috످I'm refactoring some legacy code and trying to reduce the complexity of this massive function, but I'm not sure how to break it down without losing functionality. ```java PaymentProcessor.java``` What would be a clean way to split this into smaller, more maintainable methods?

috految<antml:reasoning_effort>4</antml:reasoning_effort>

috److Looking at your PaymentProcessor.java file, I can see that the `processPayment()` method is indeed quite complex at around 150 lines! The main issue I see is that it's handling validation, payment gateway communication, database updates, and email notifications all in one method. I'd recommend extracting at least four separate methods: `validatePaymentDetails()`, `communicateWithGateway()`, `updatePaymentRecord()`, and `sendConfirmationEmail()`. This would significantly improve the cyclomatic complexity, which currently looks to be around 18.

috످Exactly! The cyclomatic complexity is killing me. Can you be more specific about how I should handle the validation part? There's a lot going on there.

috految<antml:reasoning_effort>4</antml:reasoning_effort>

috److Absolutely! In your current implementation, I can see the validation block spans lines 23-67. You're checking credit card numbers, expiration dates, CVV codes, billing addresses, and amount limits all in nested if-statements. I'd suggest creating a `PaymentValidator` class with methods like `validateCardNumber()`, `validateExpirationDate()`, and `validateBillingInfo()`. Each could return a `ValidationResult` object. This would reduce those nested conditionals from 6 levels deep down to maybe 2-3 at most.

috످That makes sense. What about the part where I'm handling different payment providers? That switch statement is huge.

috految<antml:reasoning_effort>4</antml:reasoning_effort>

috److I haven't actually seen your code. Your first message only included the filename, and I made up the details I gave you, including the method name, what it does, the line numbers, the complexity score, and the validation logic. I'm sorry. If you've made changes based on my advice, check them against your original code, especially for dropped validation or fraud checks.

For a large provider switch, the Strategy pattern is usually a good fit. Each case becomes its own class, and a map lookup replaces the switch. Here's a generic example:

```java
interface PaymentProvider {
    PaymentResult charge(PaymentRequest request);
}

class StripeProvider implements PaymentProvider {
    @Override
    public PaymentResult charge(PaymentRequest request) {
        // Move the matching case's logic here
        throw new UnsupportedOperationException("TODO");
    }
}

// In PaymentProcessor:
private final Map<ProviderType, PaymentProvider> providers =
    Map.of(ProviderType.STRIPE, new StripeProvider());

public PaymentResult process(PaymentRequest request) {
    PaymentProvider provider = providers.get(request.getProviderType());
    if (provider == null) {
        return processLegacy(request); // Your existing switch
    }
    return provider.charge(request);
}
```

To refactor without losing functionality, write tests first to capture current behavior, including declines and timeouts. Check for fall-through cases and shared logic, which are easy to lose when splitting a switch. Then migrate one provider at a time, preserving any retry and idempotency logic to avoid double charges. Delete the switch once every case, including `default`, is covered.

If you paste the contents of `PaymentProcessor.java` (with API keys and customer data removed), I can help refactor your actual switch and validation logic.

috످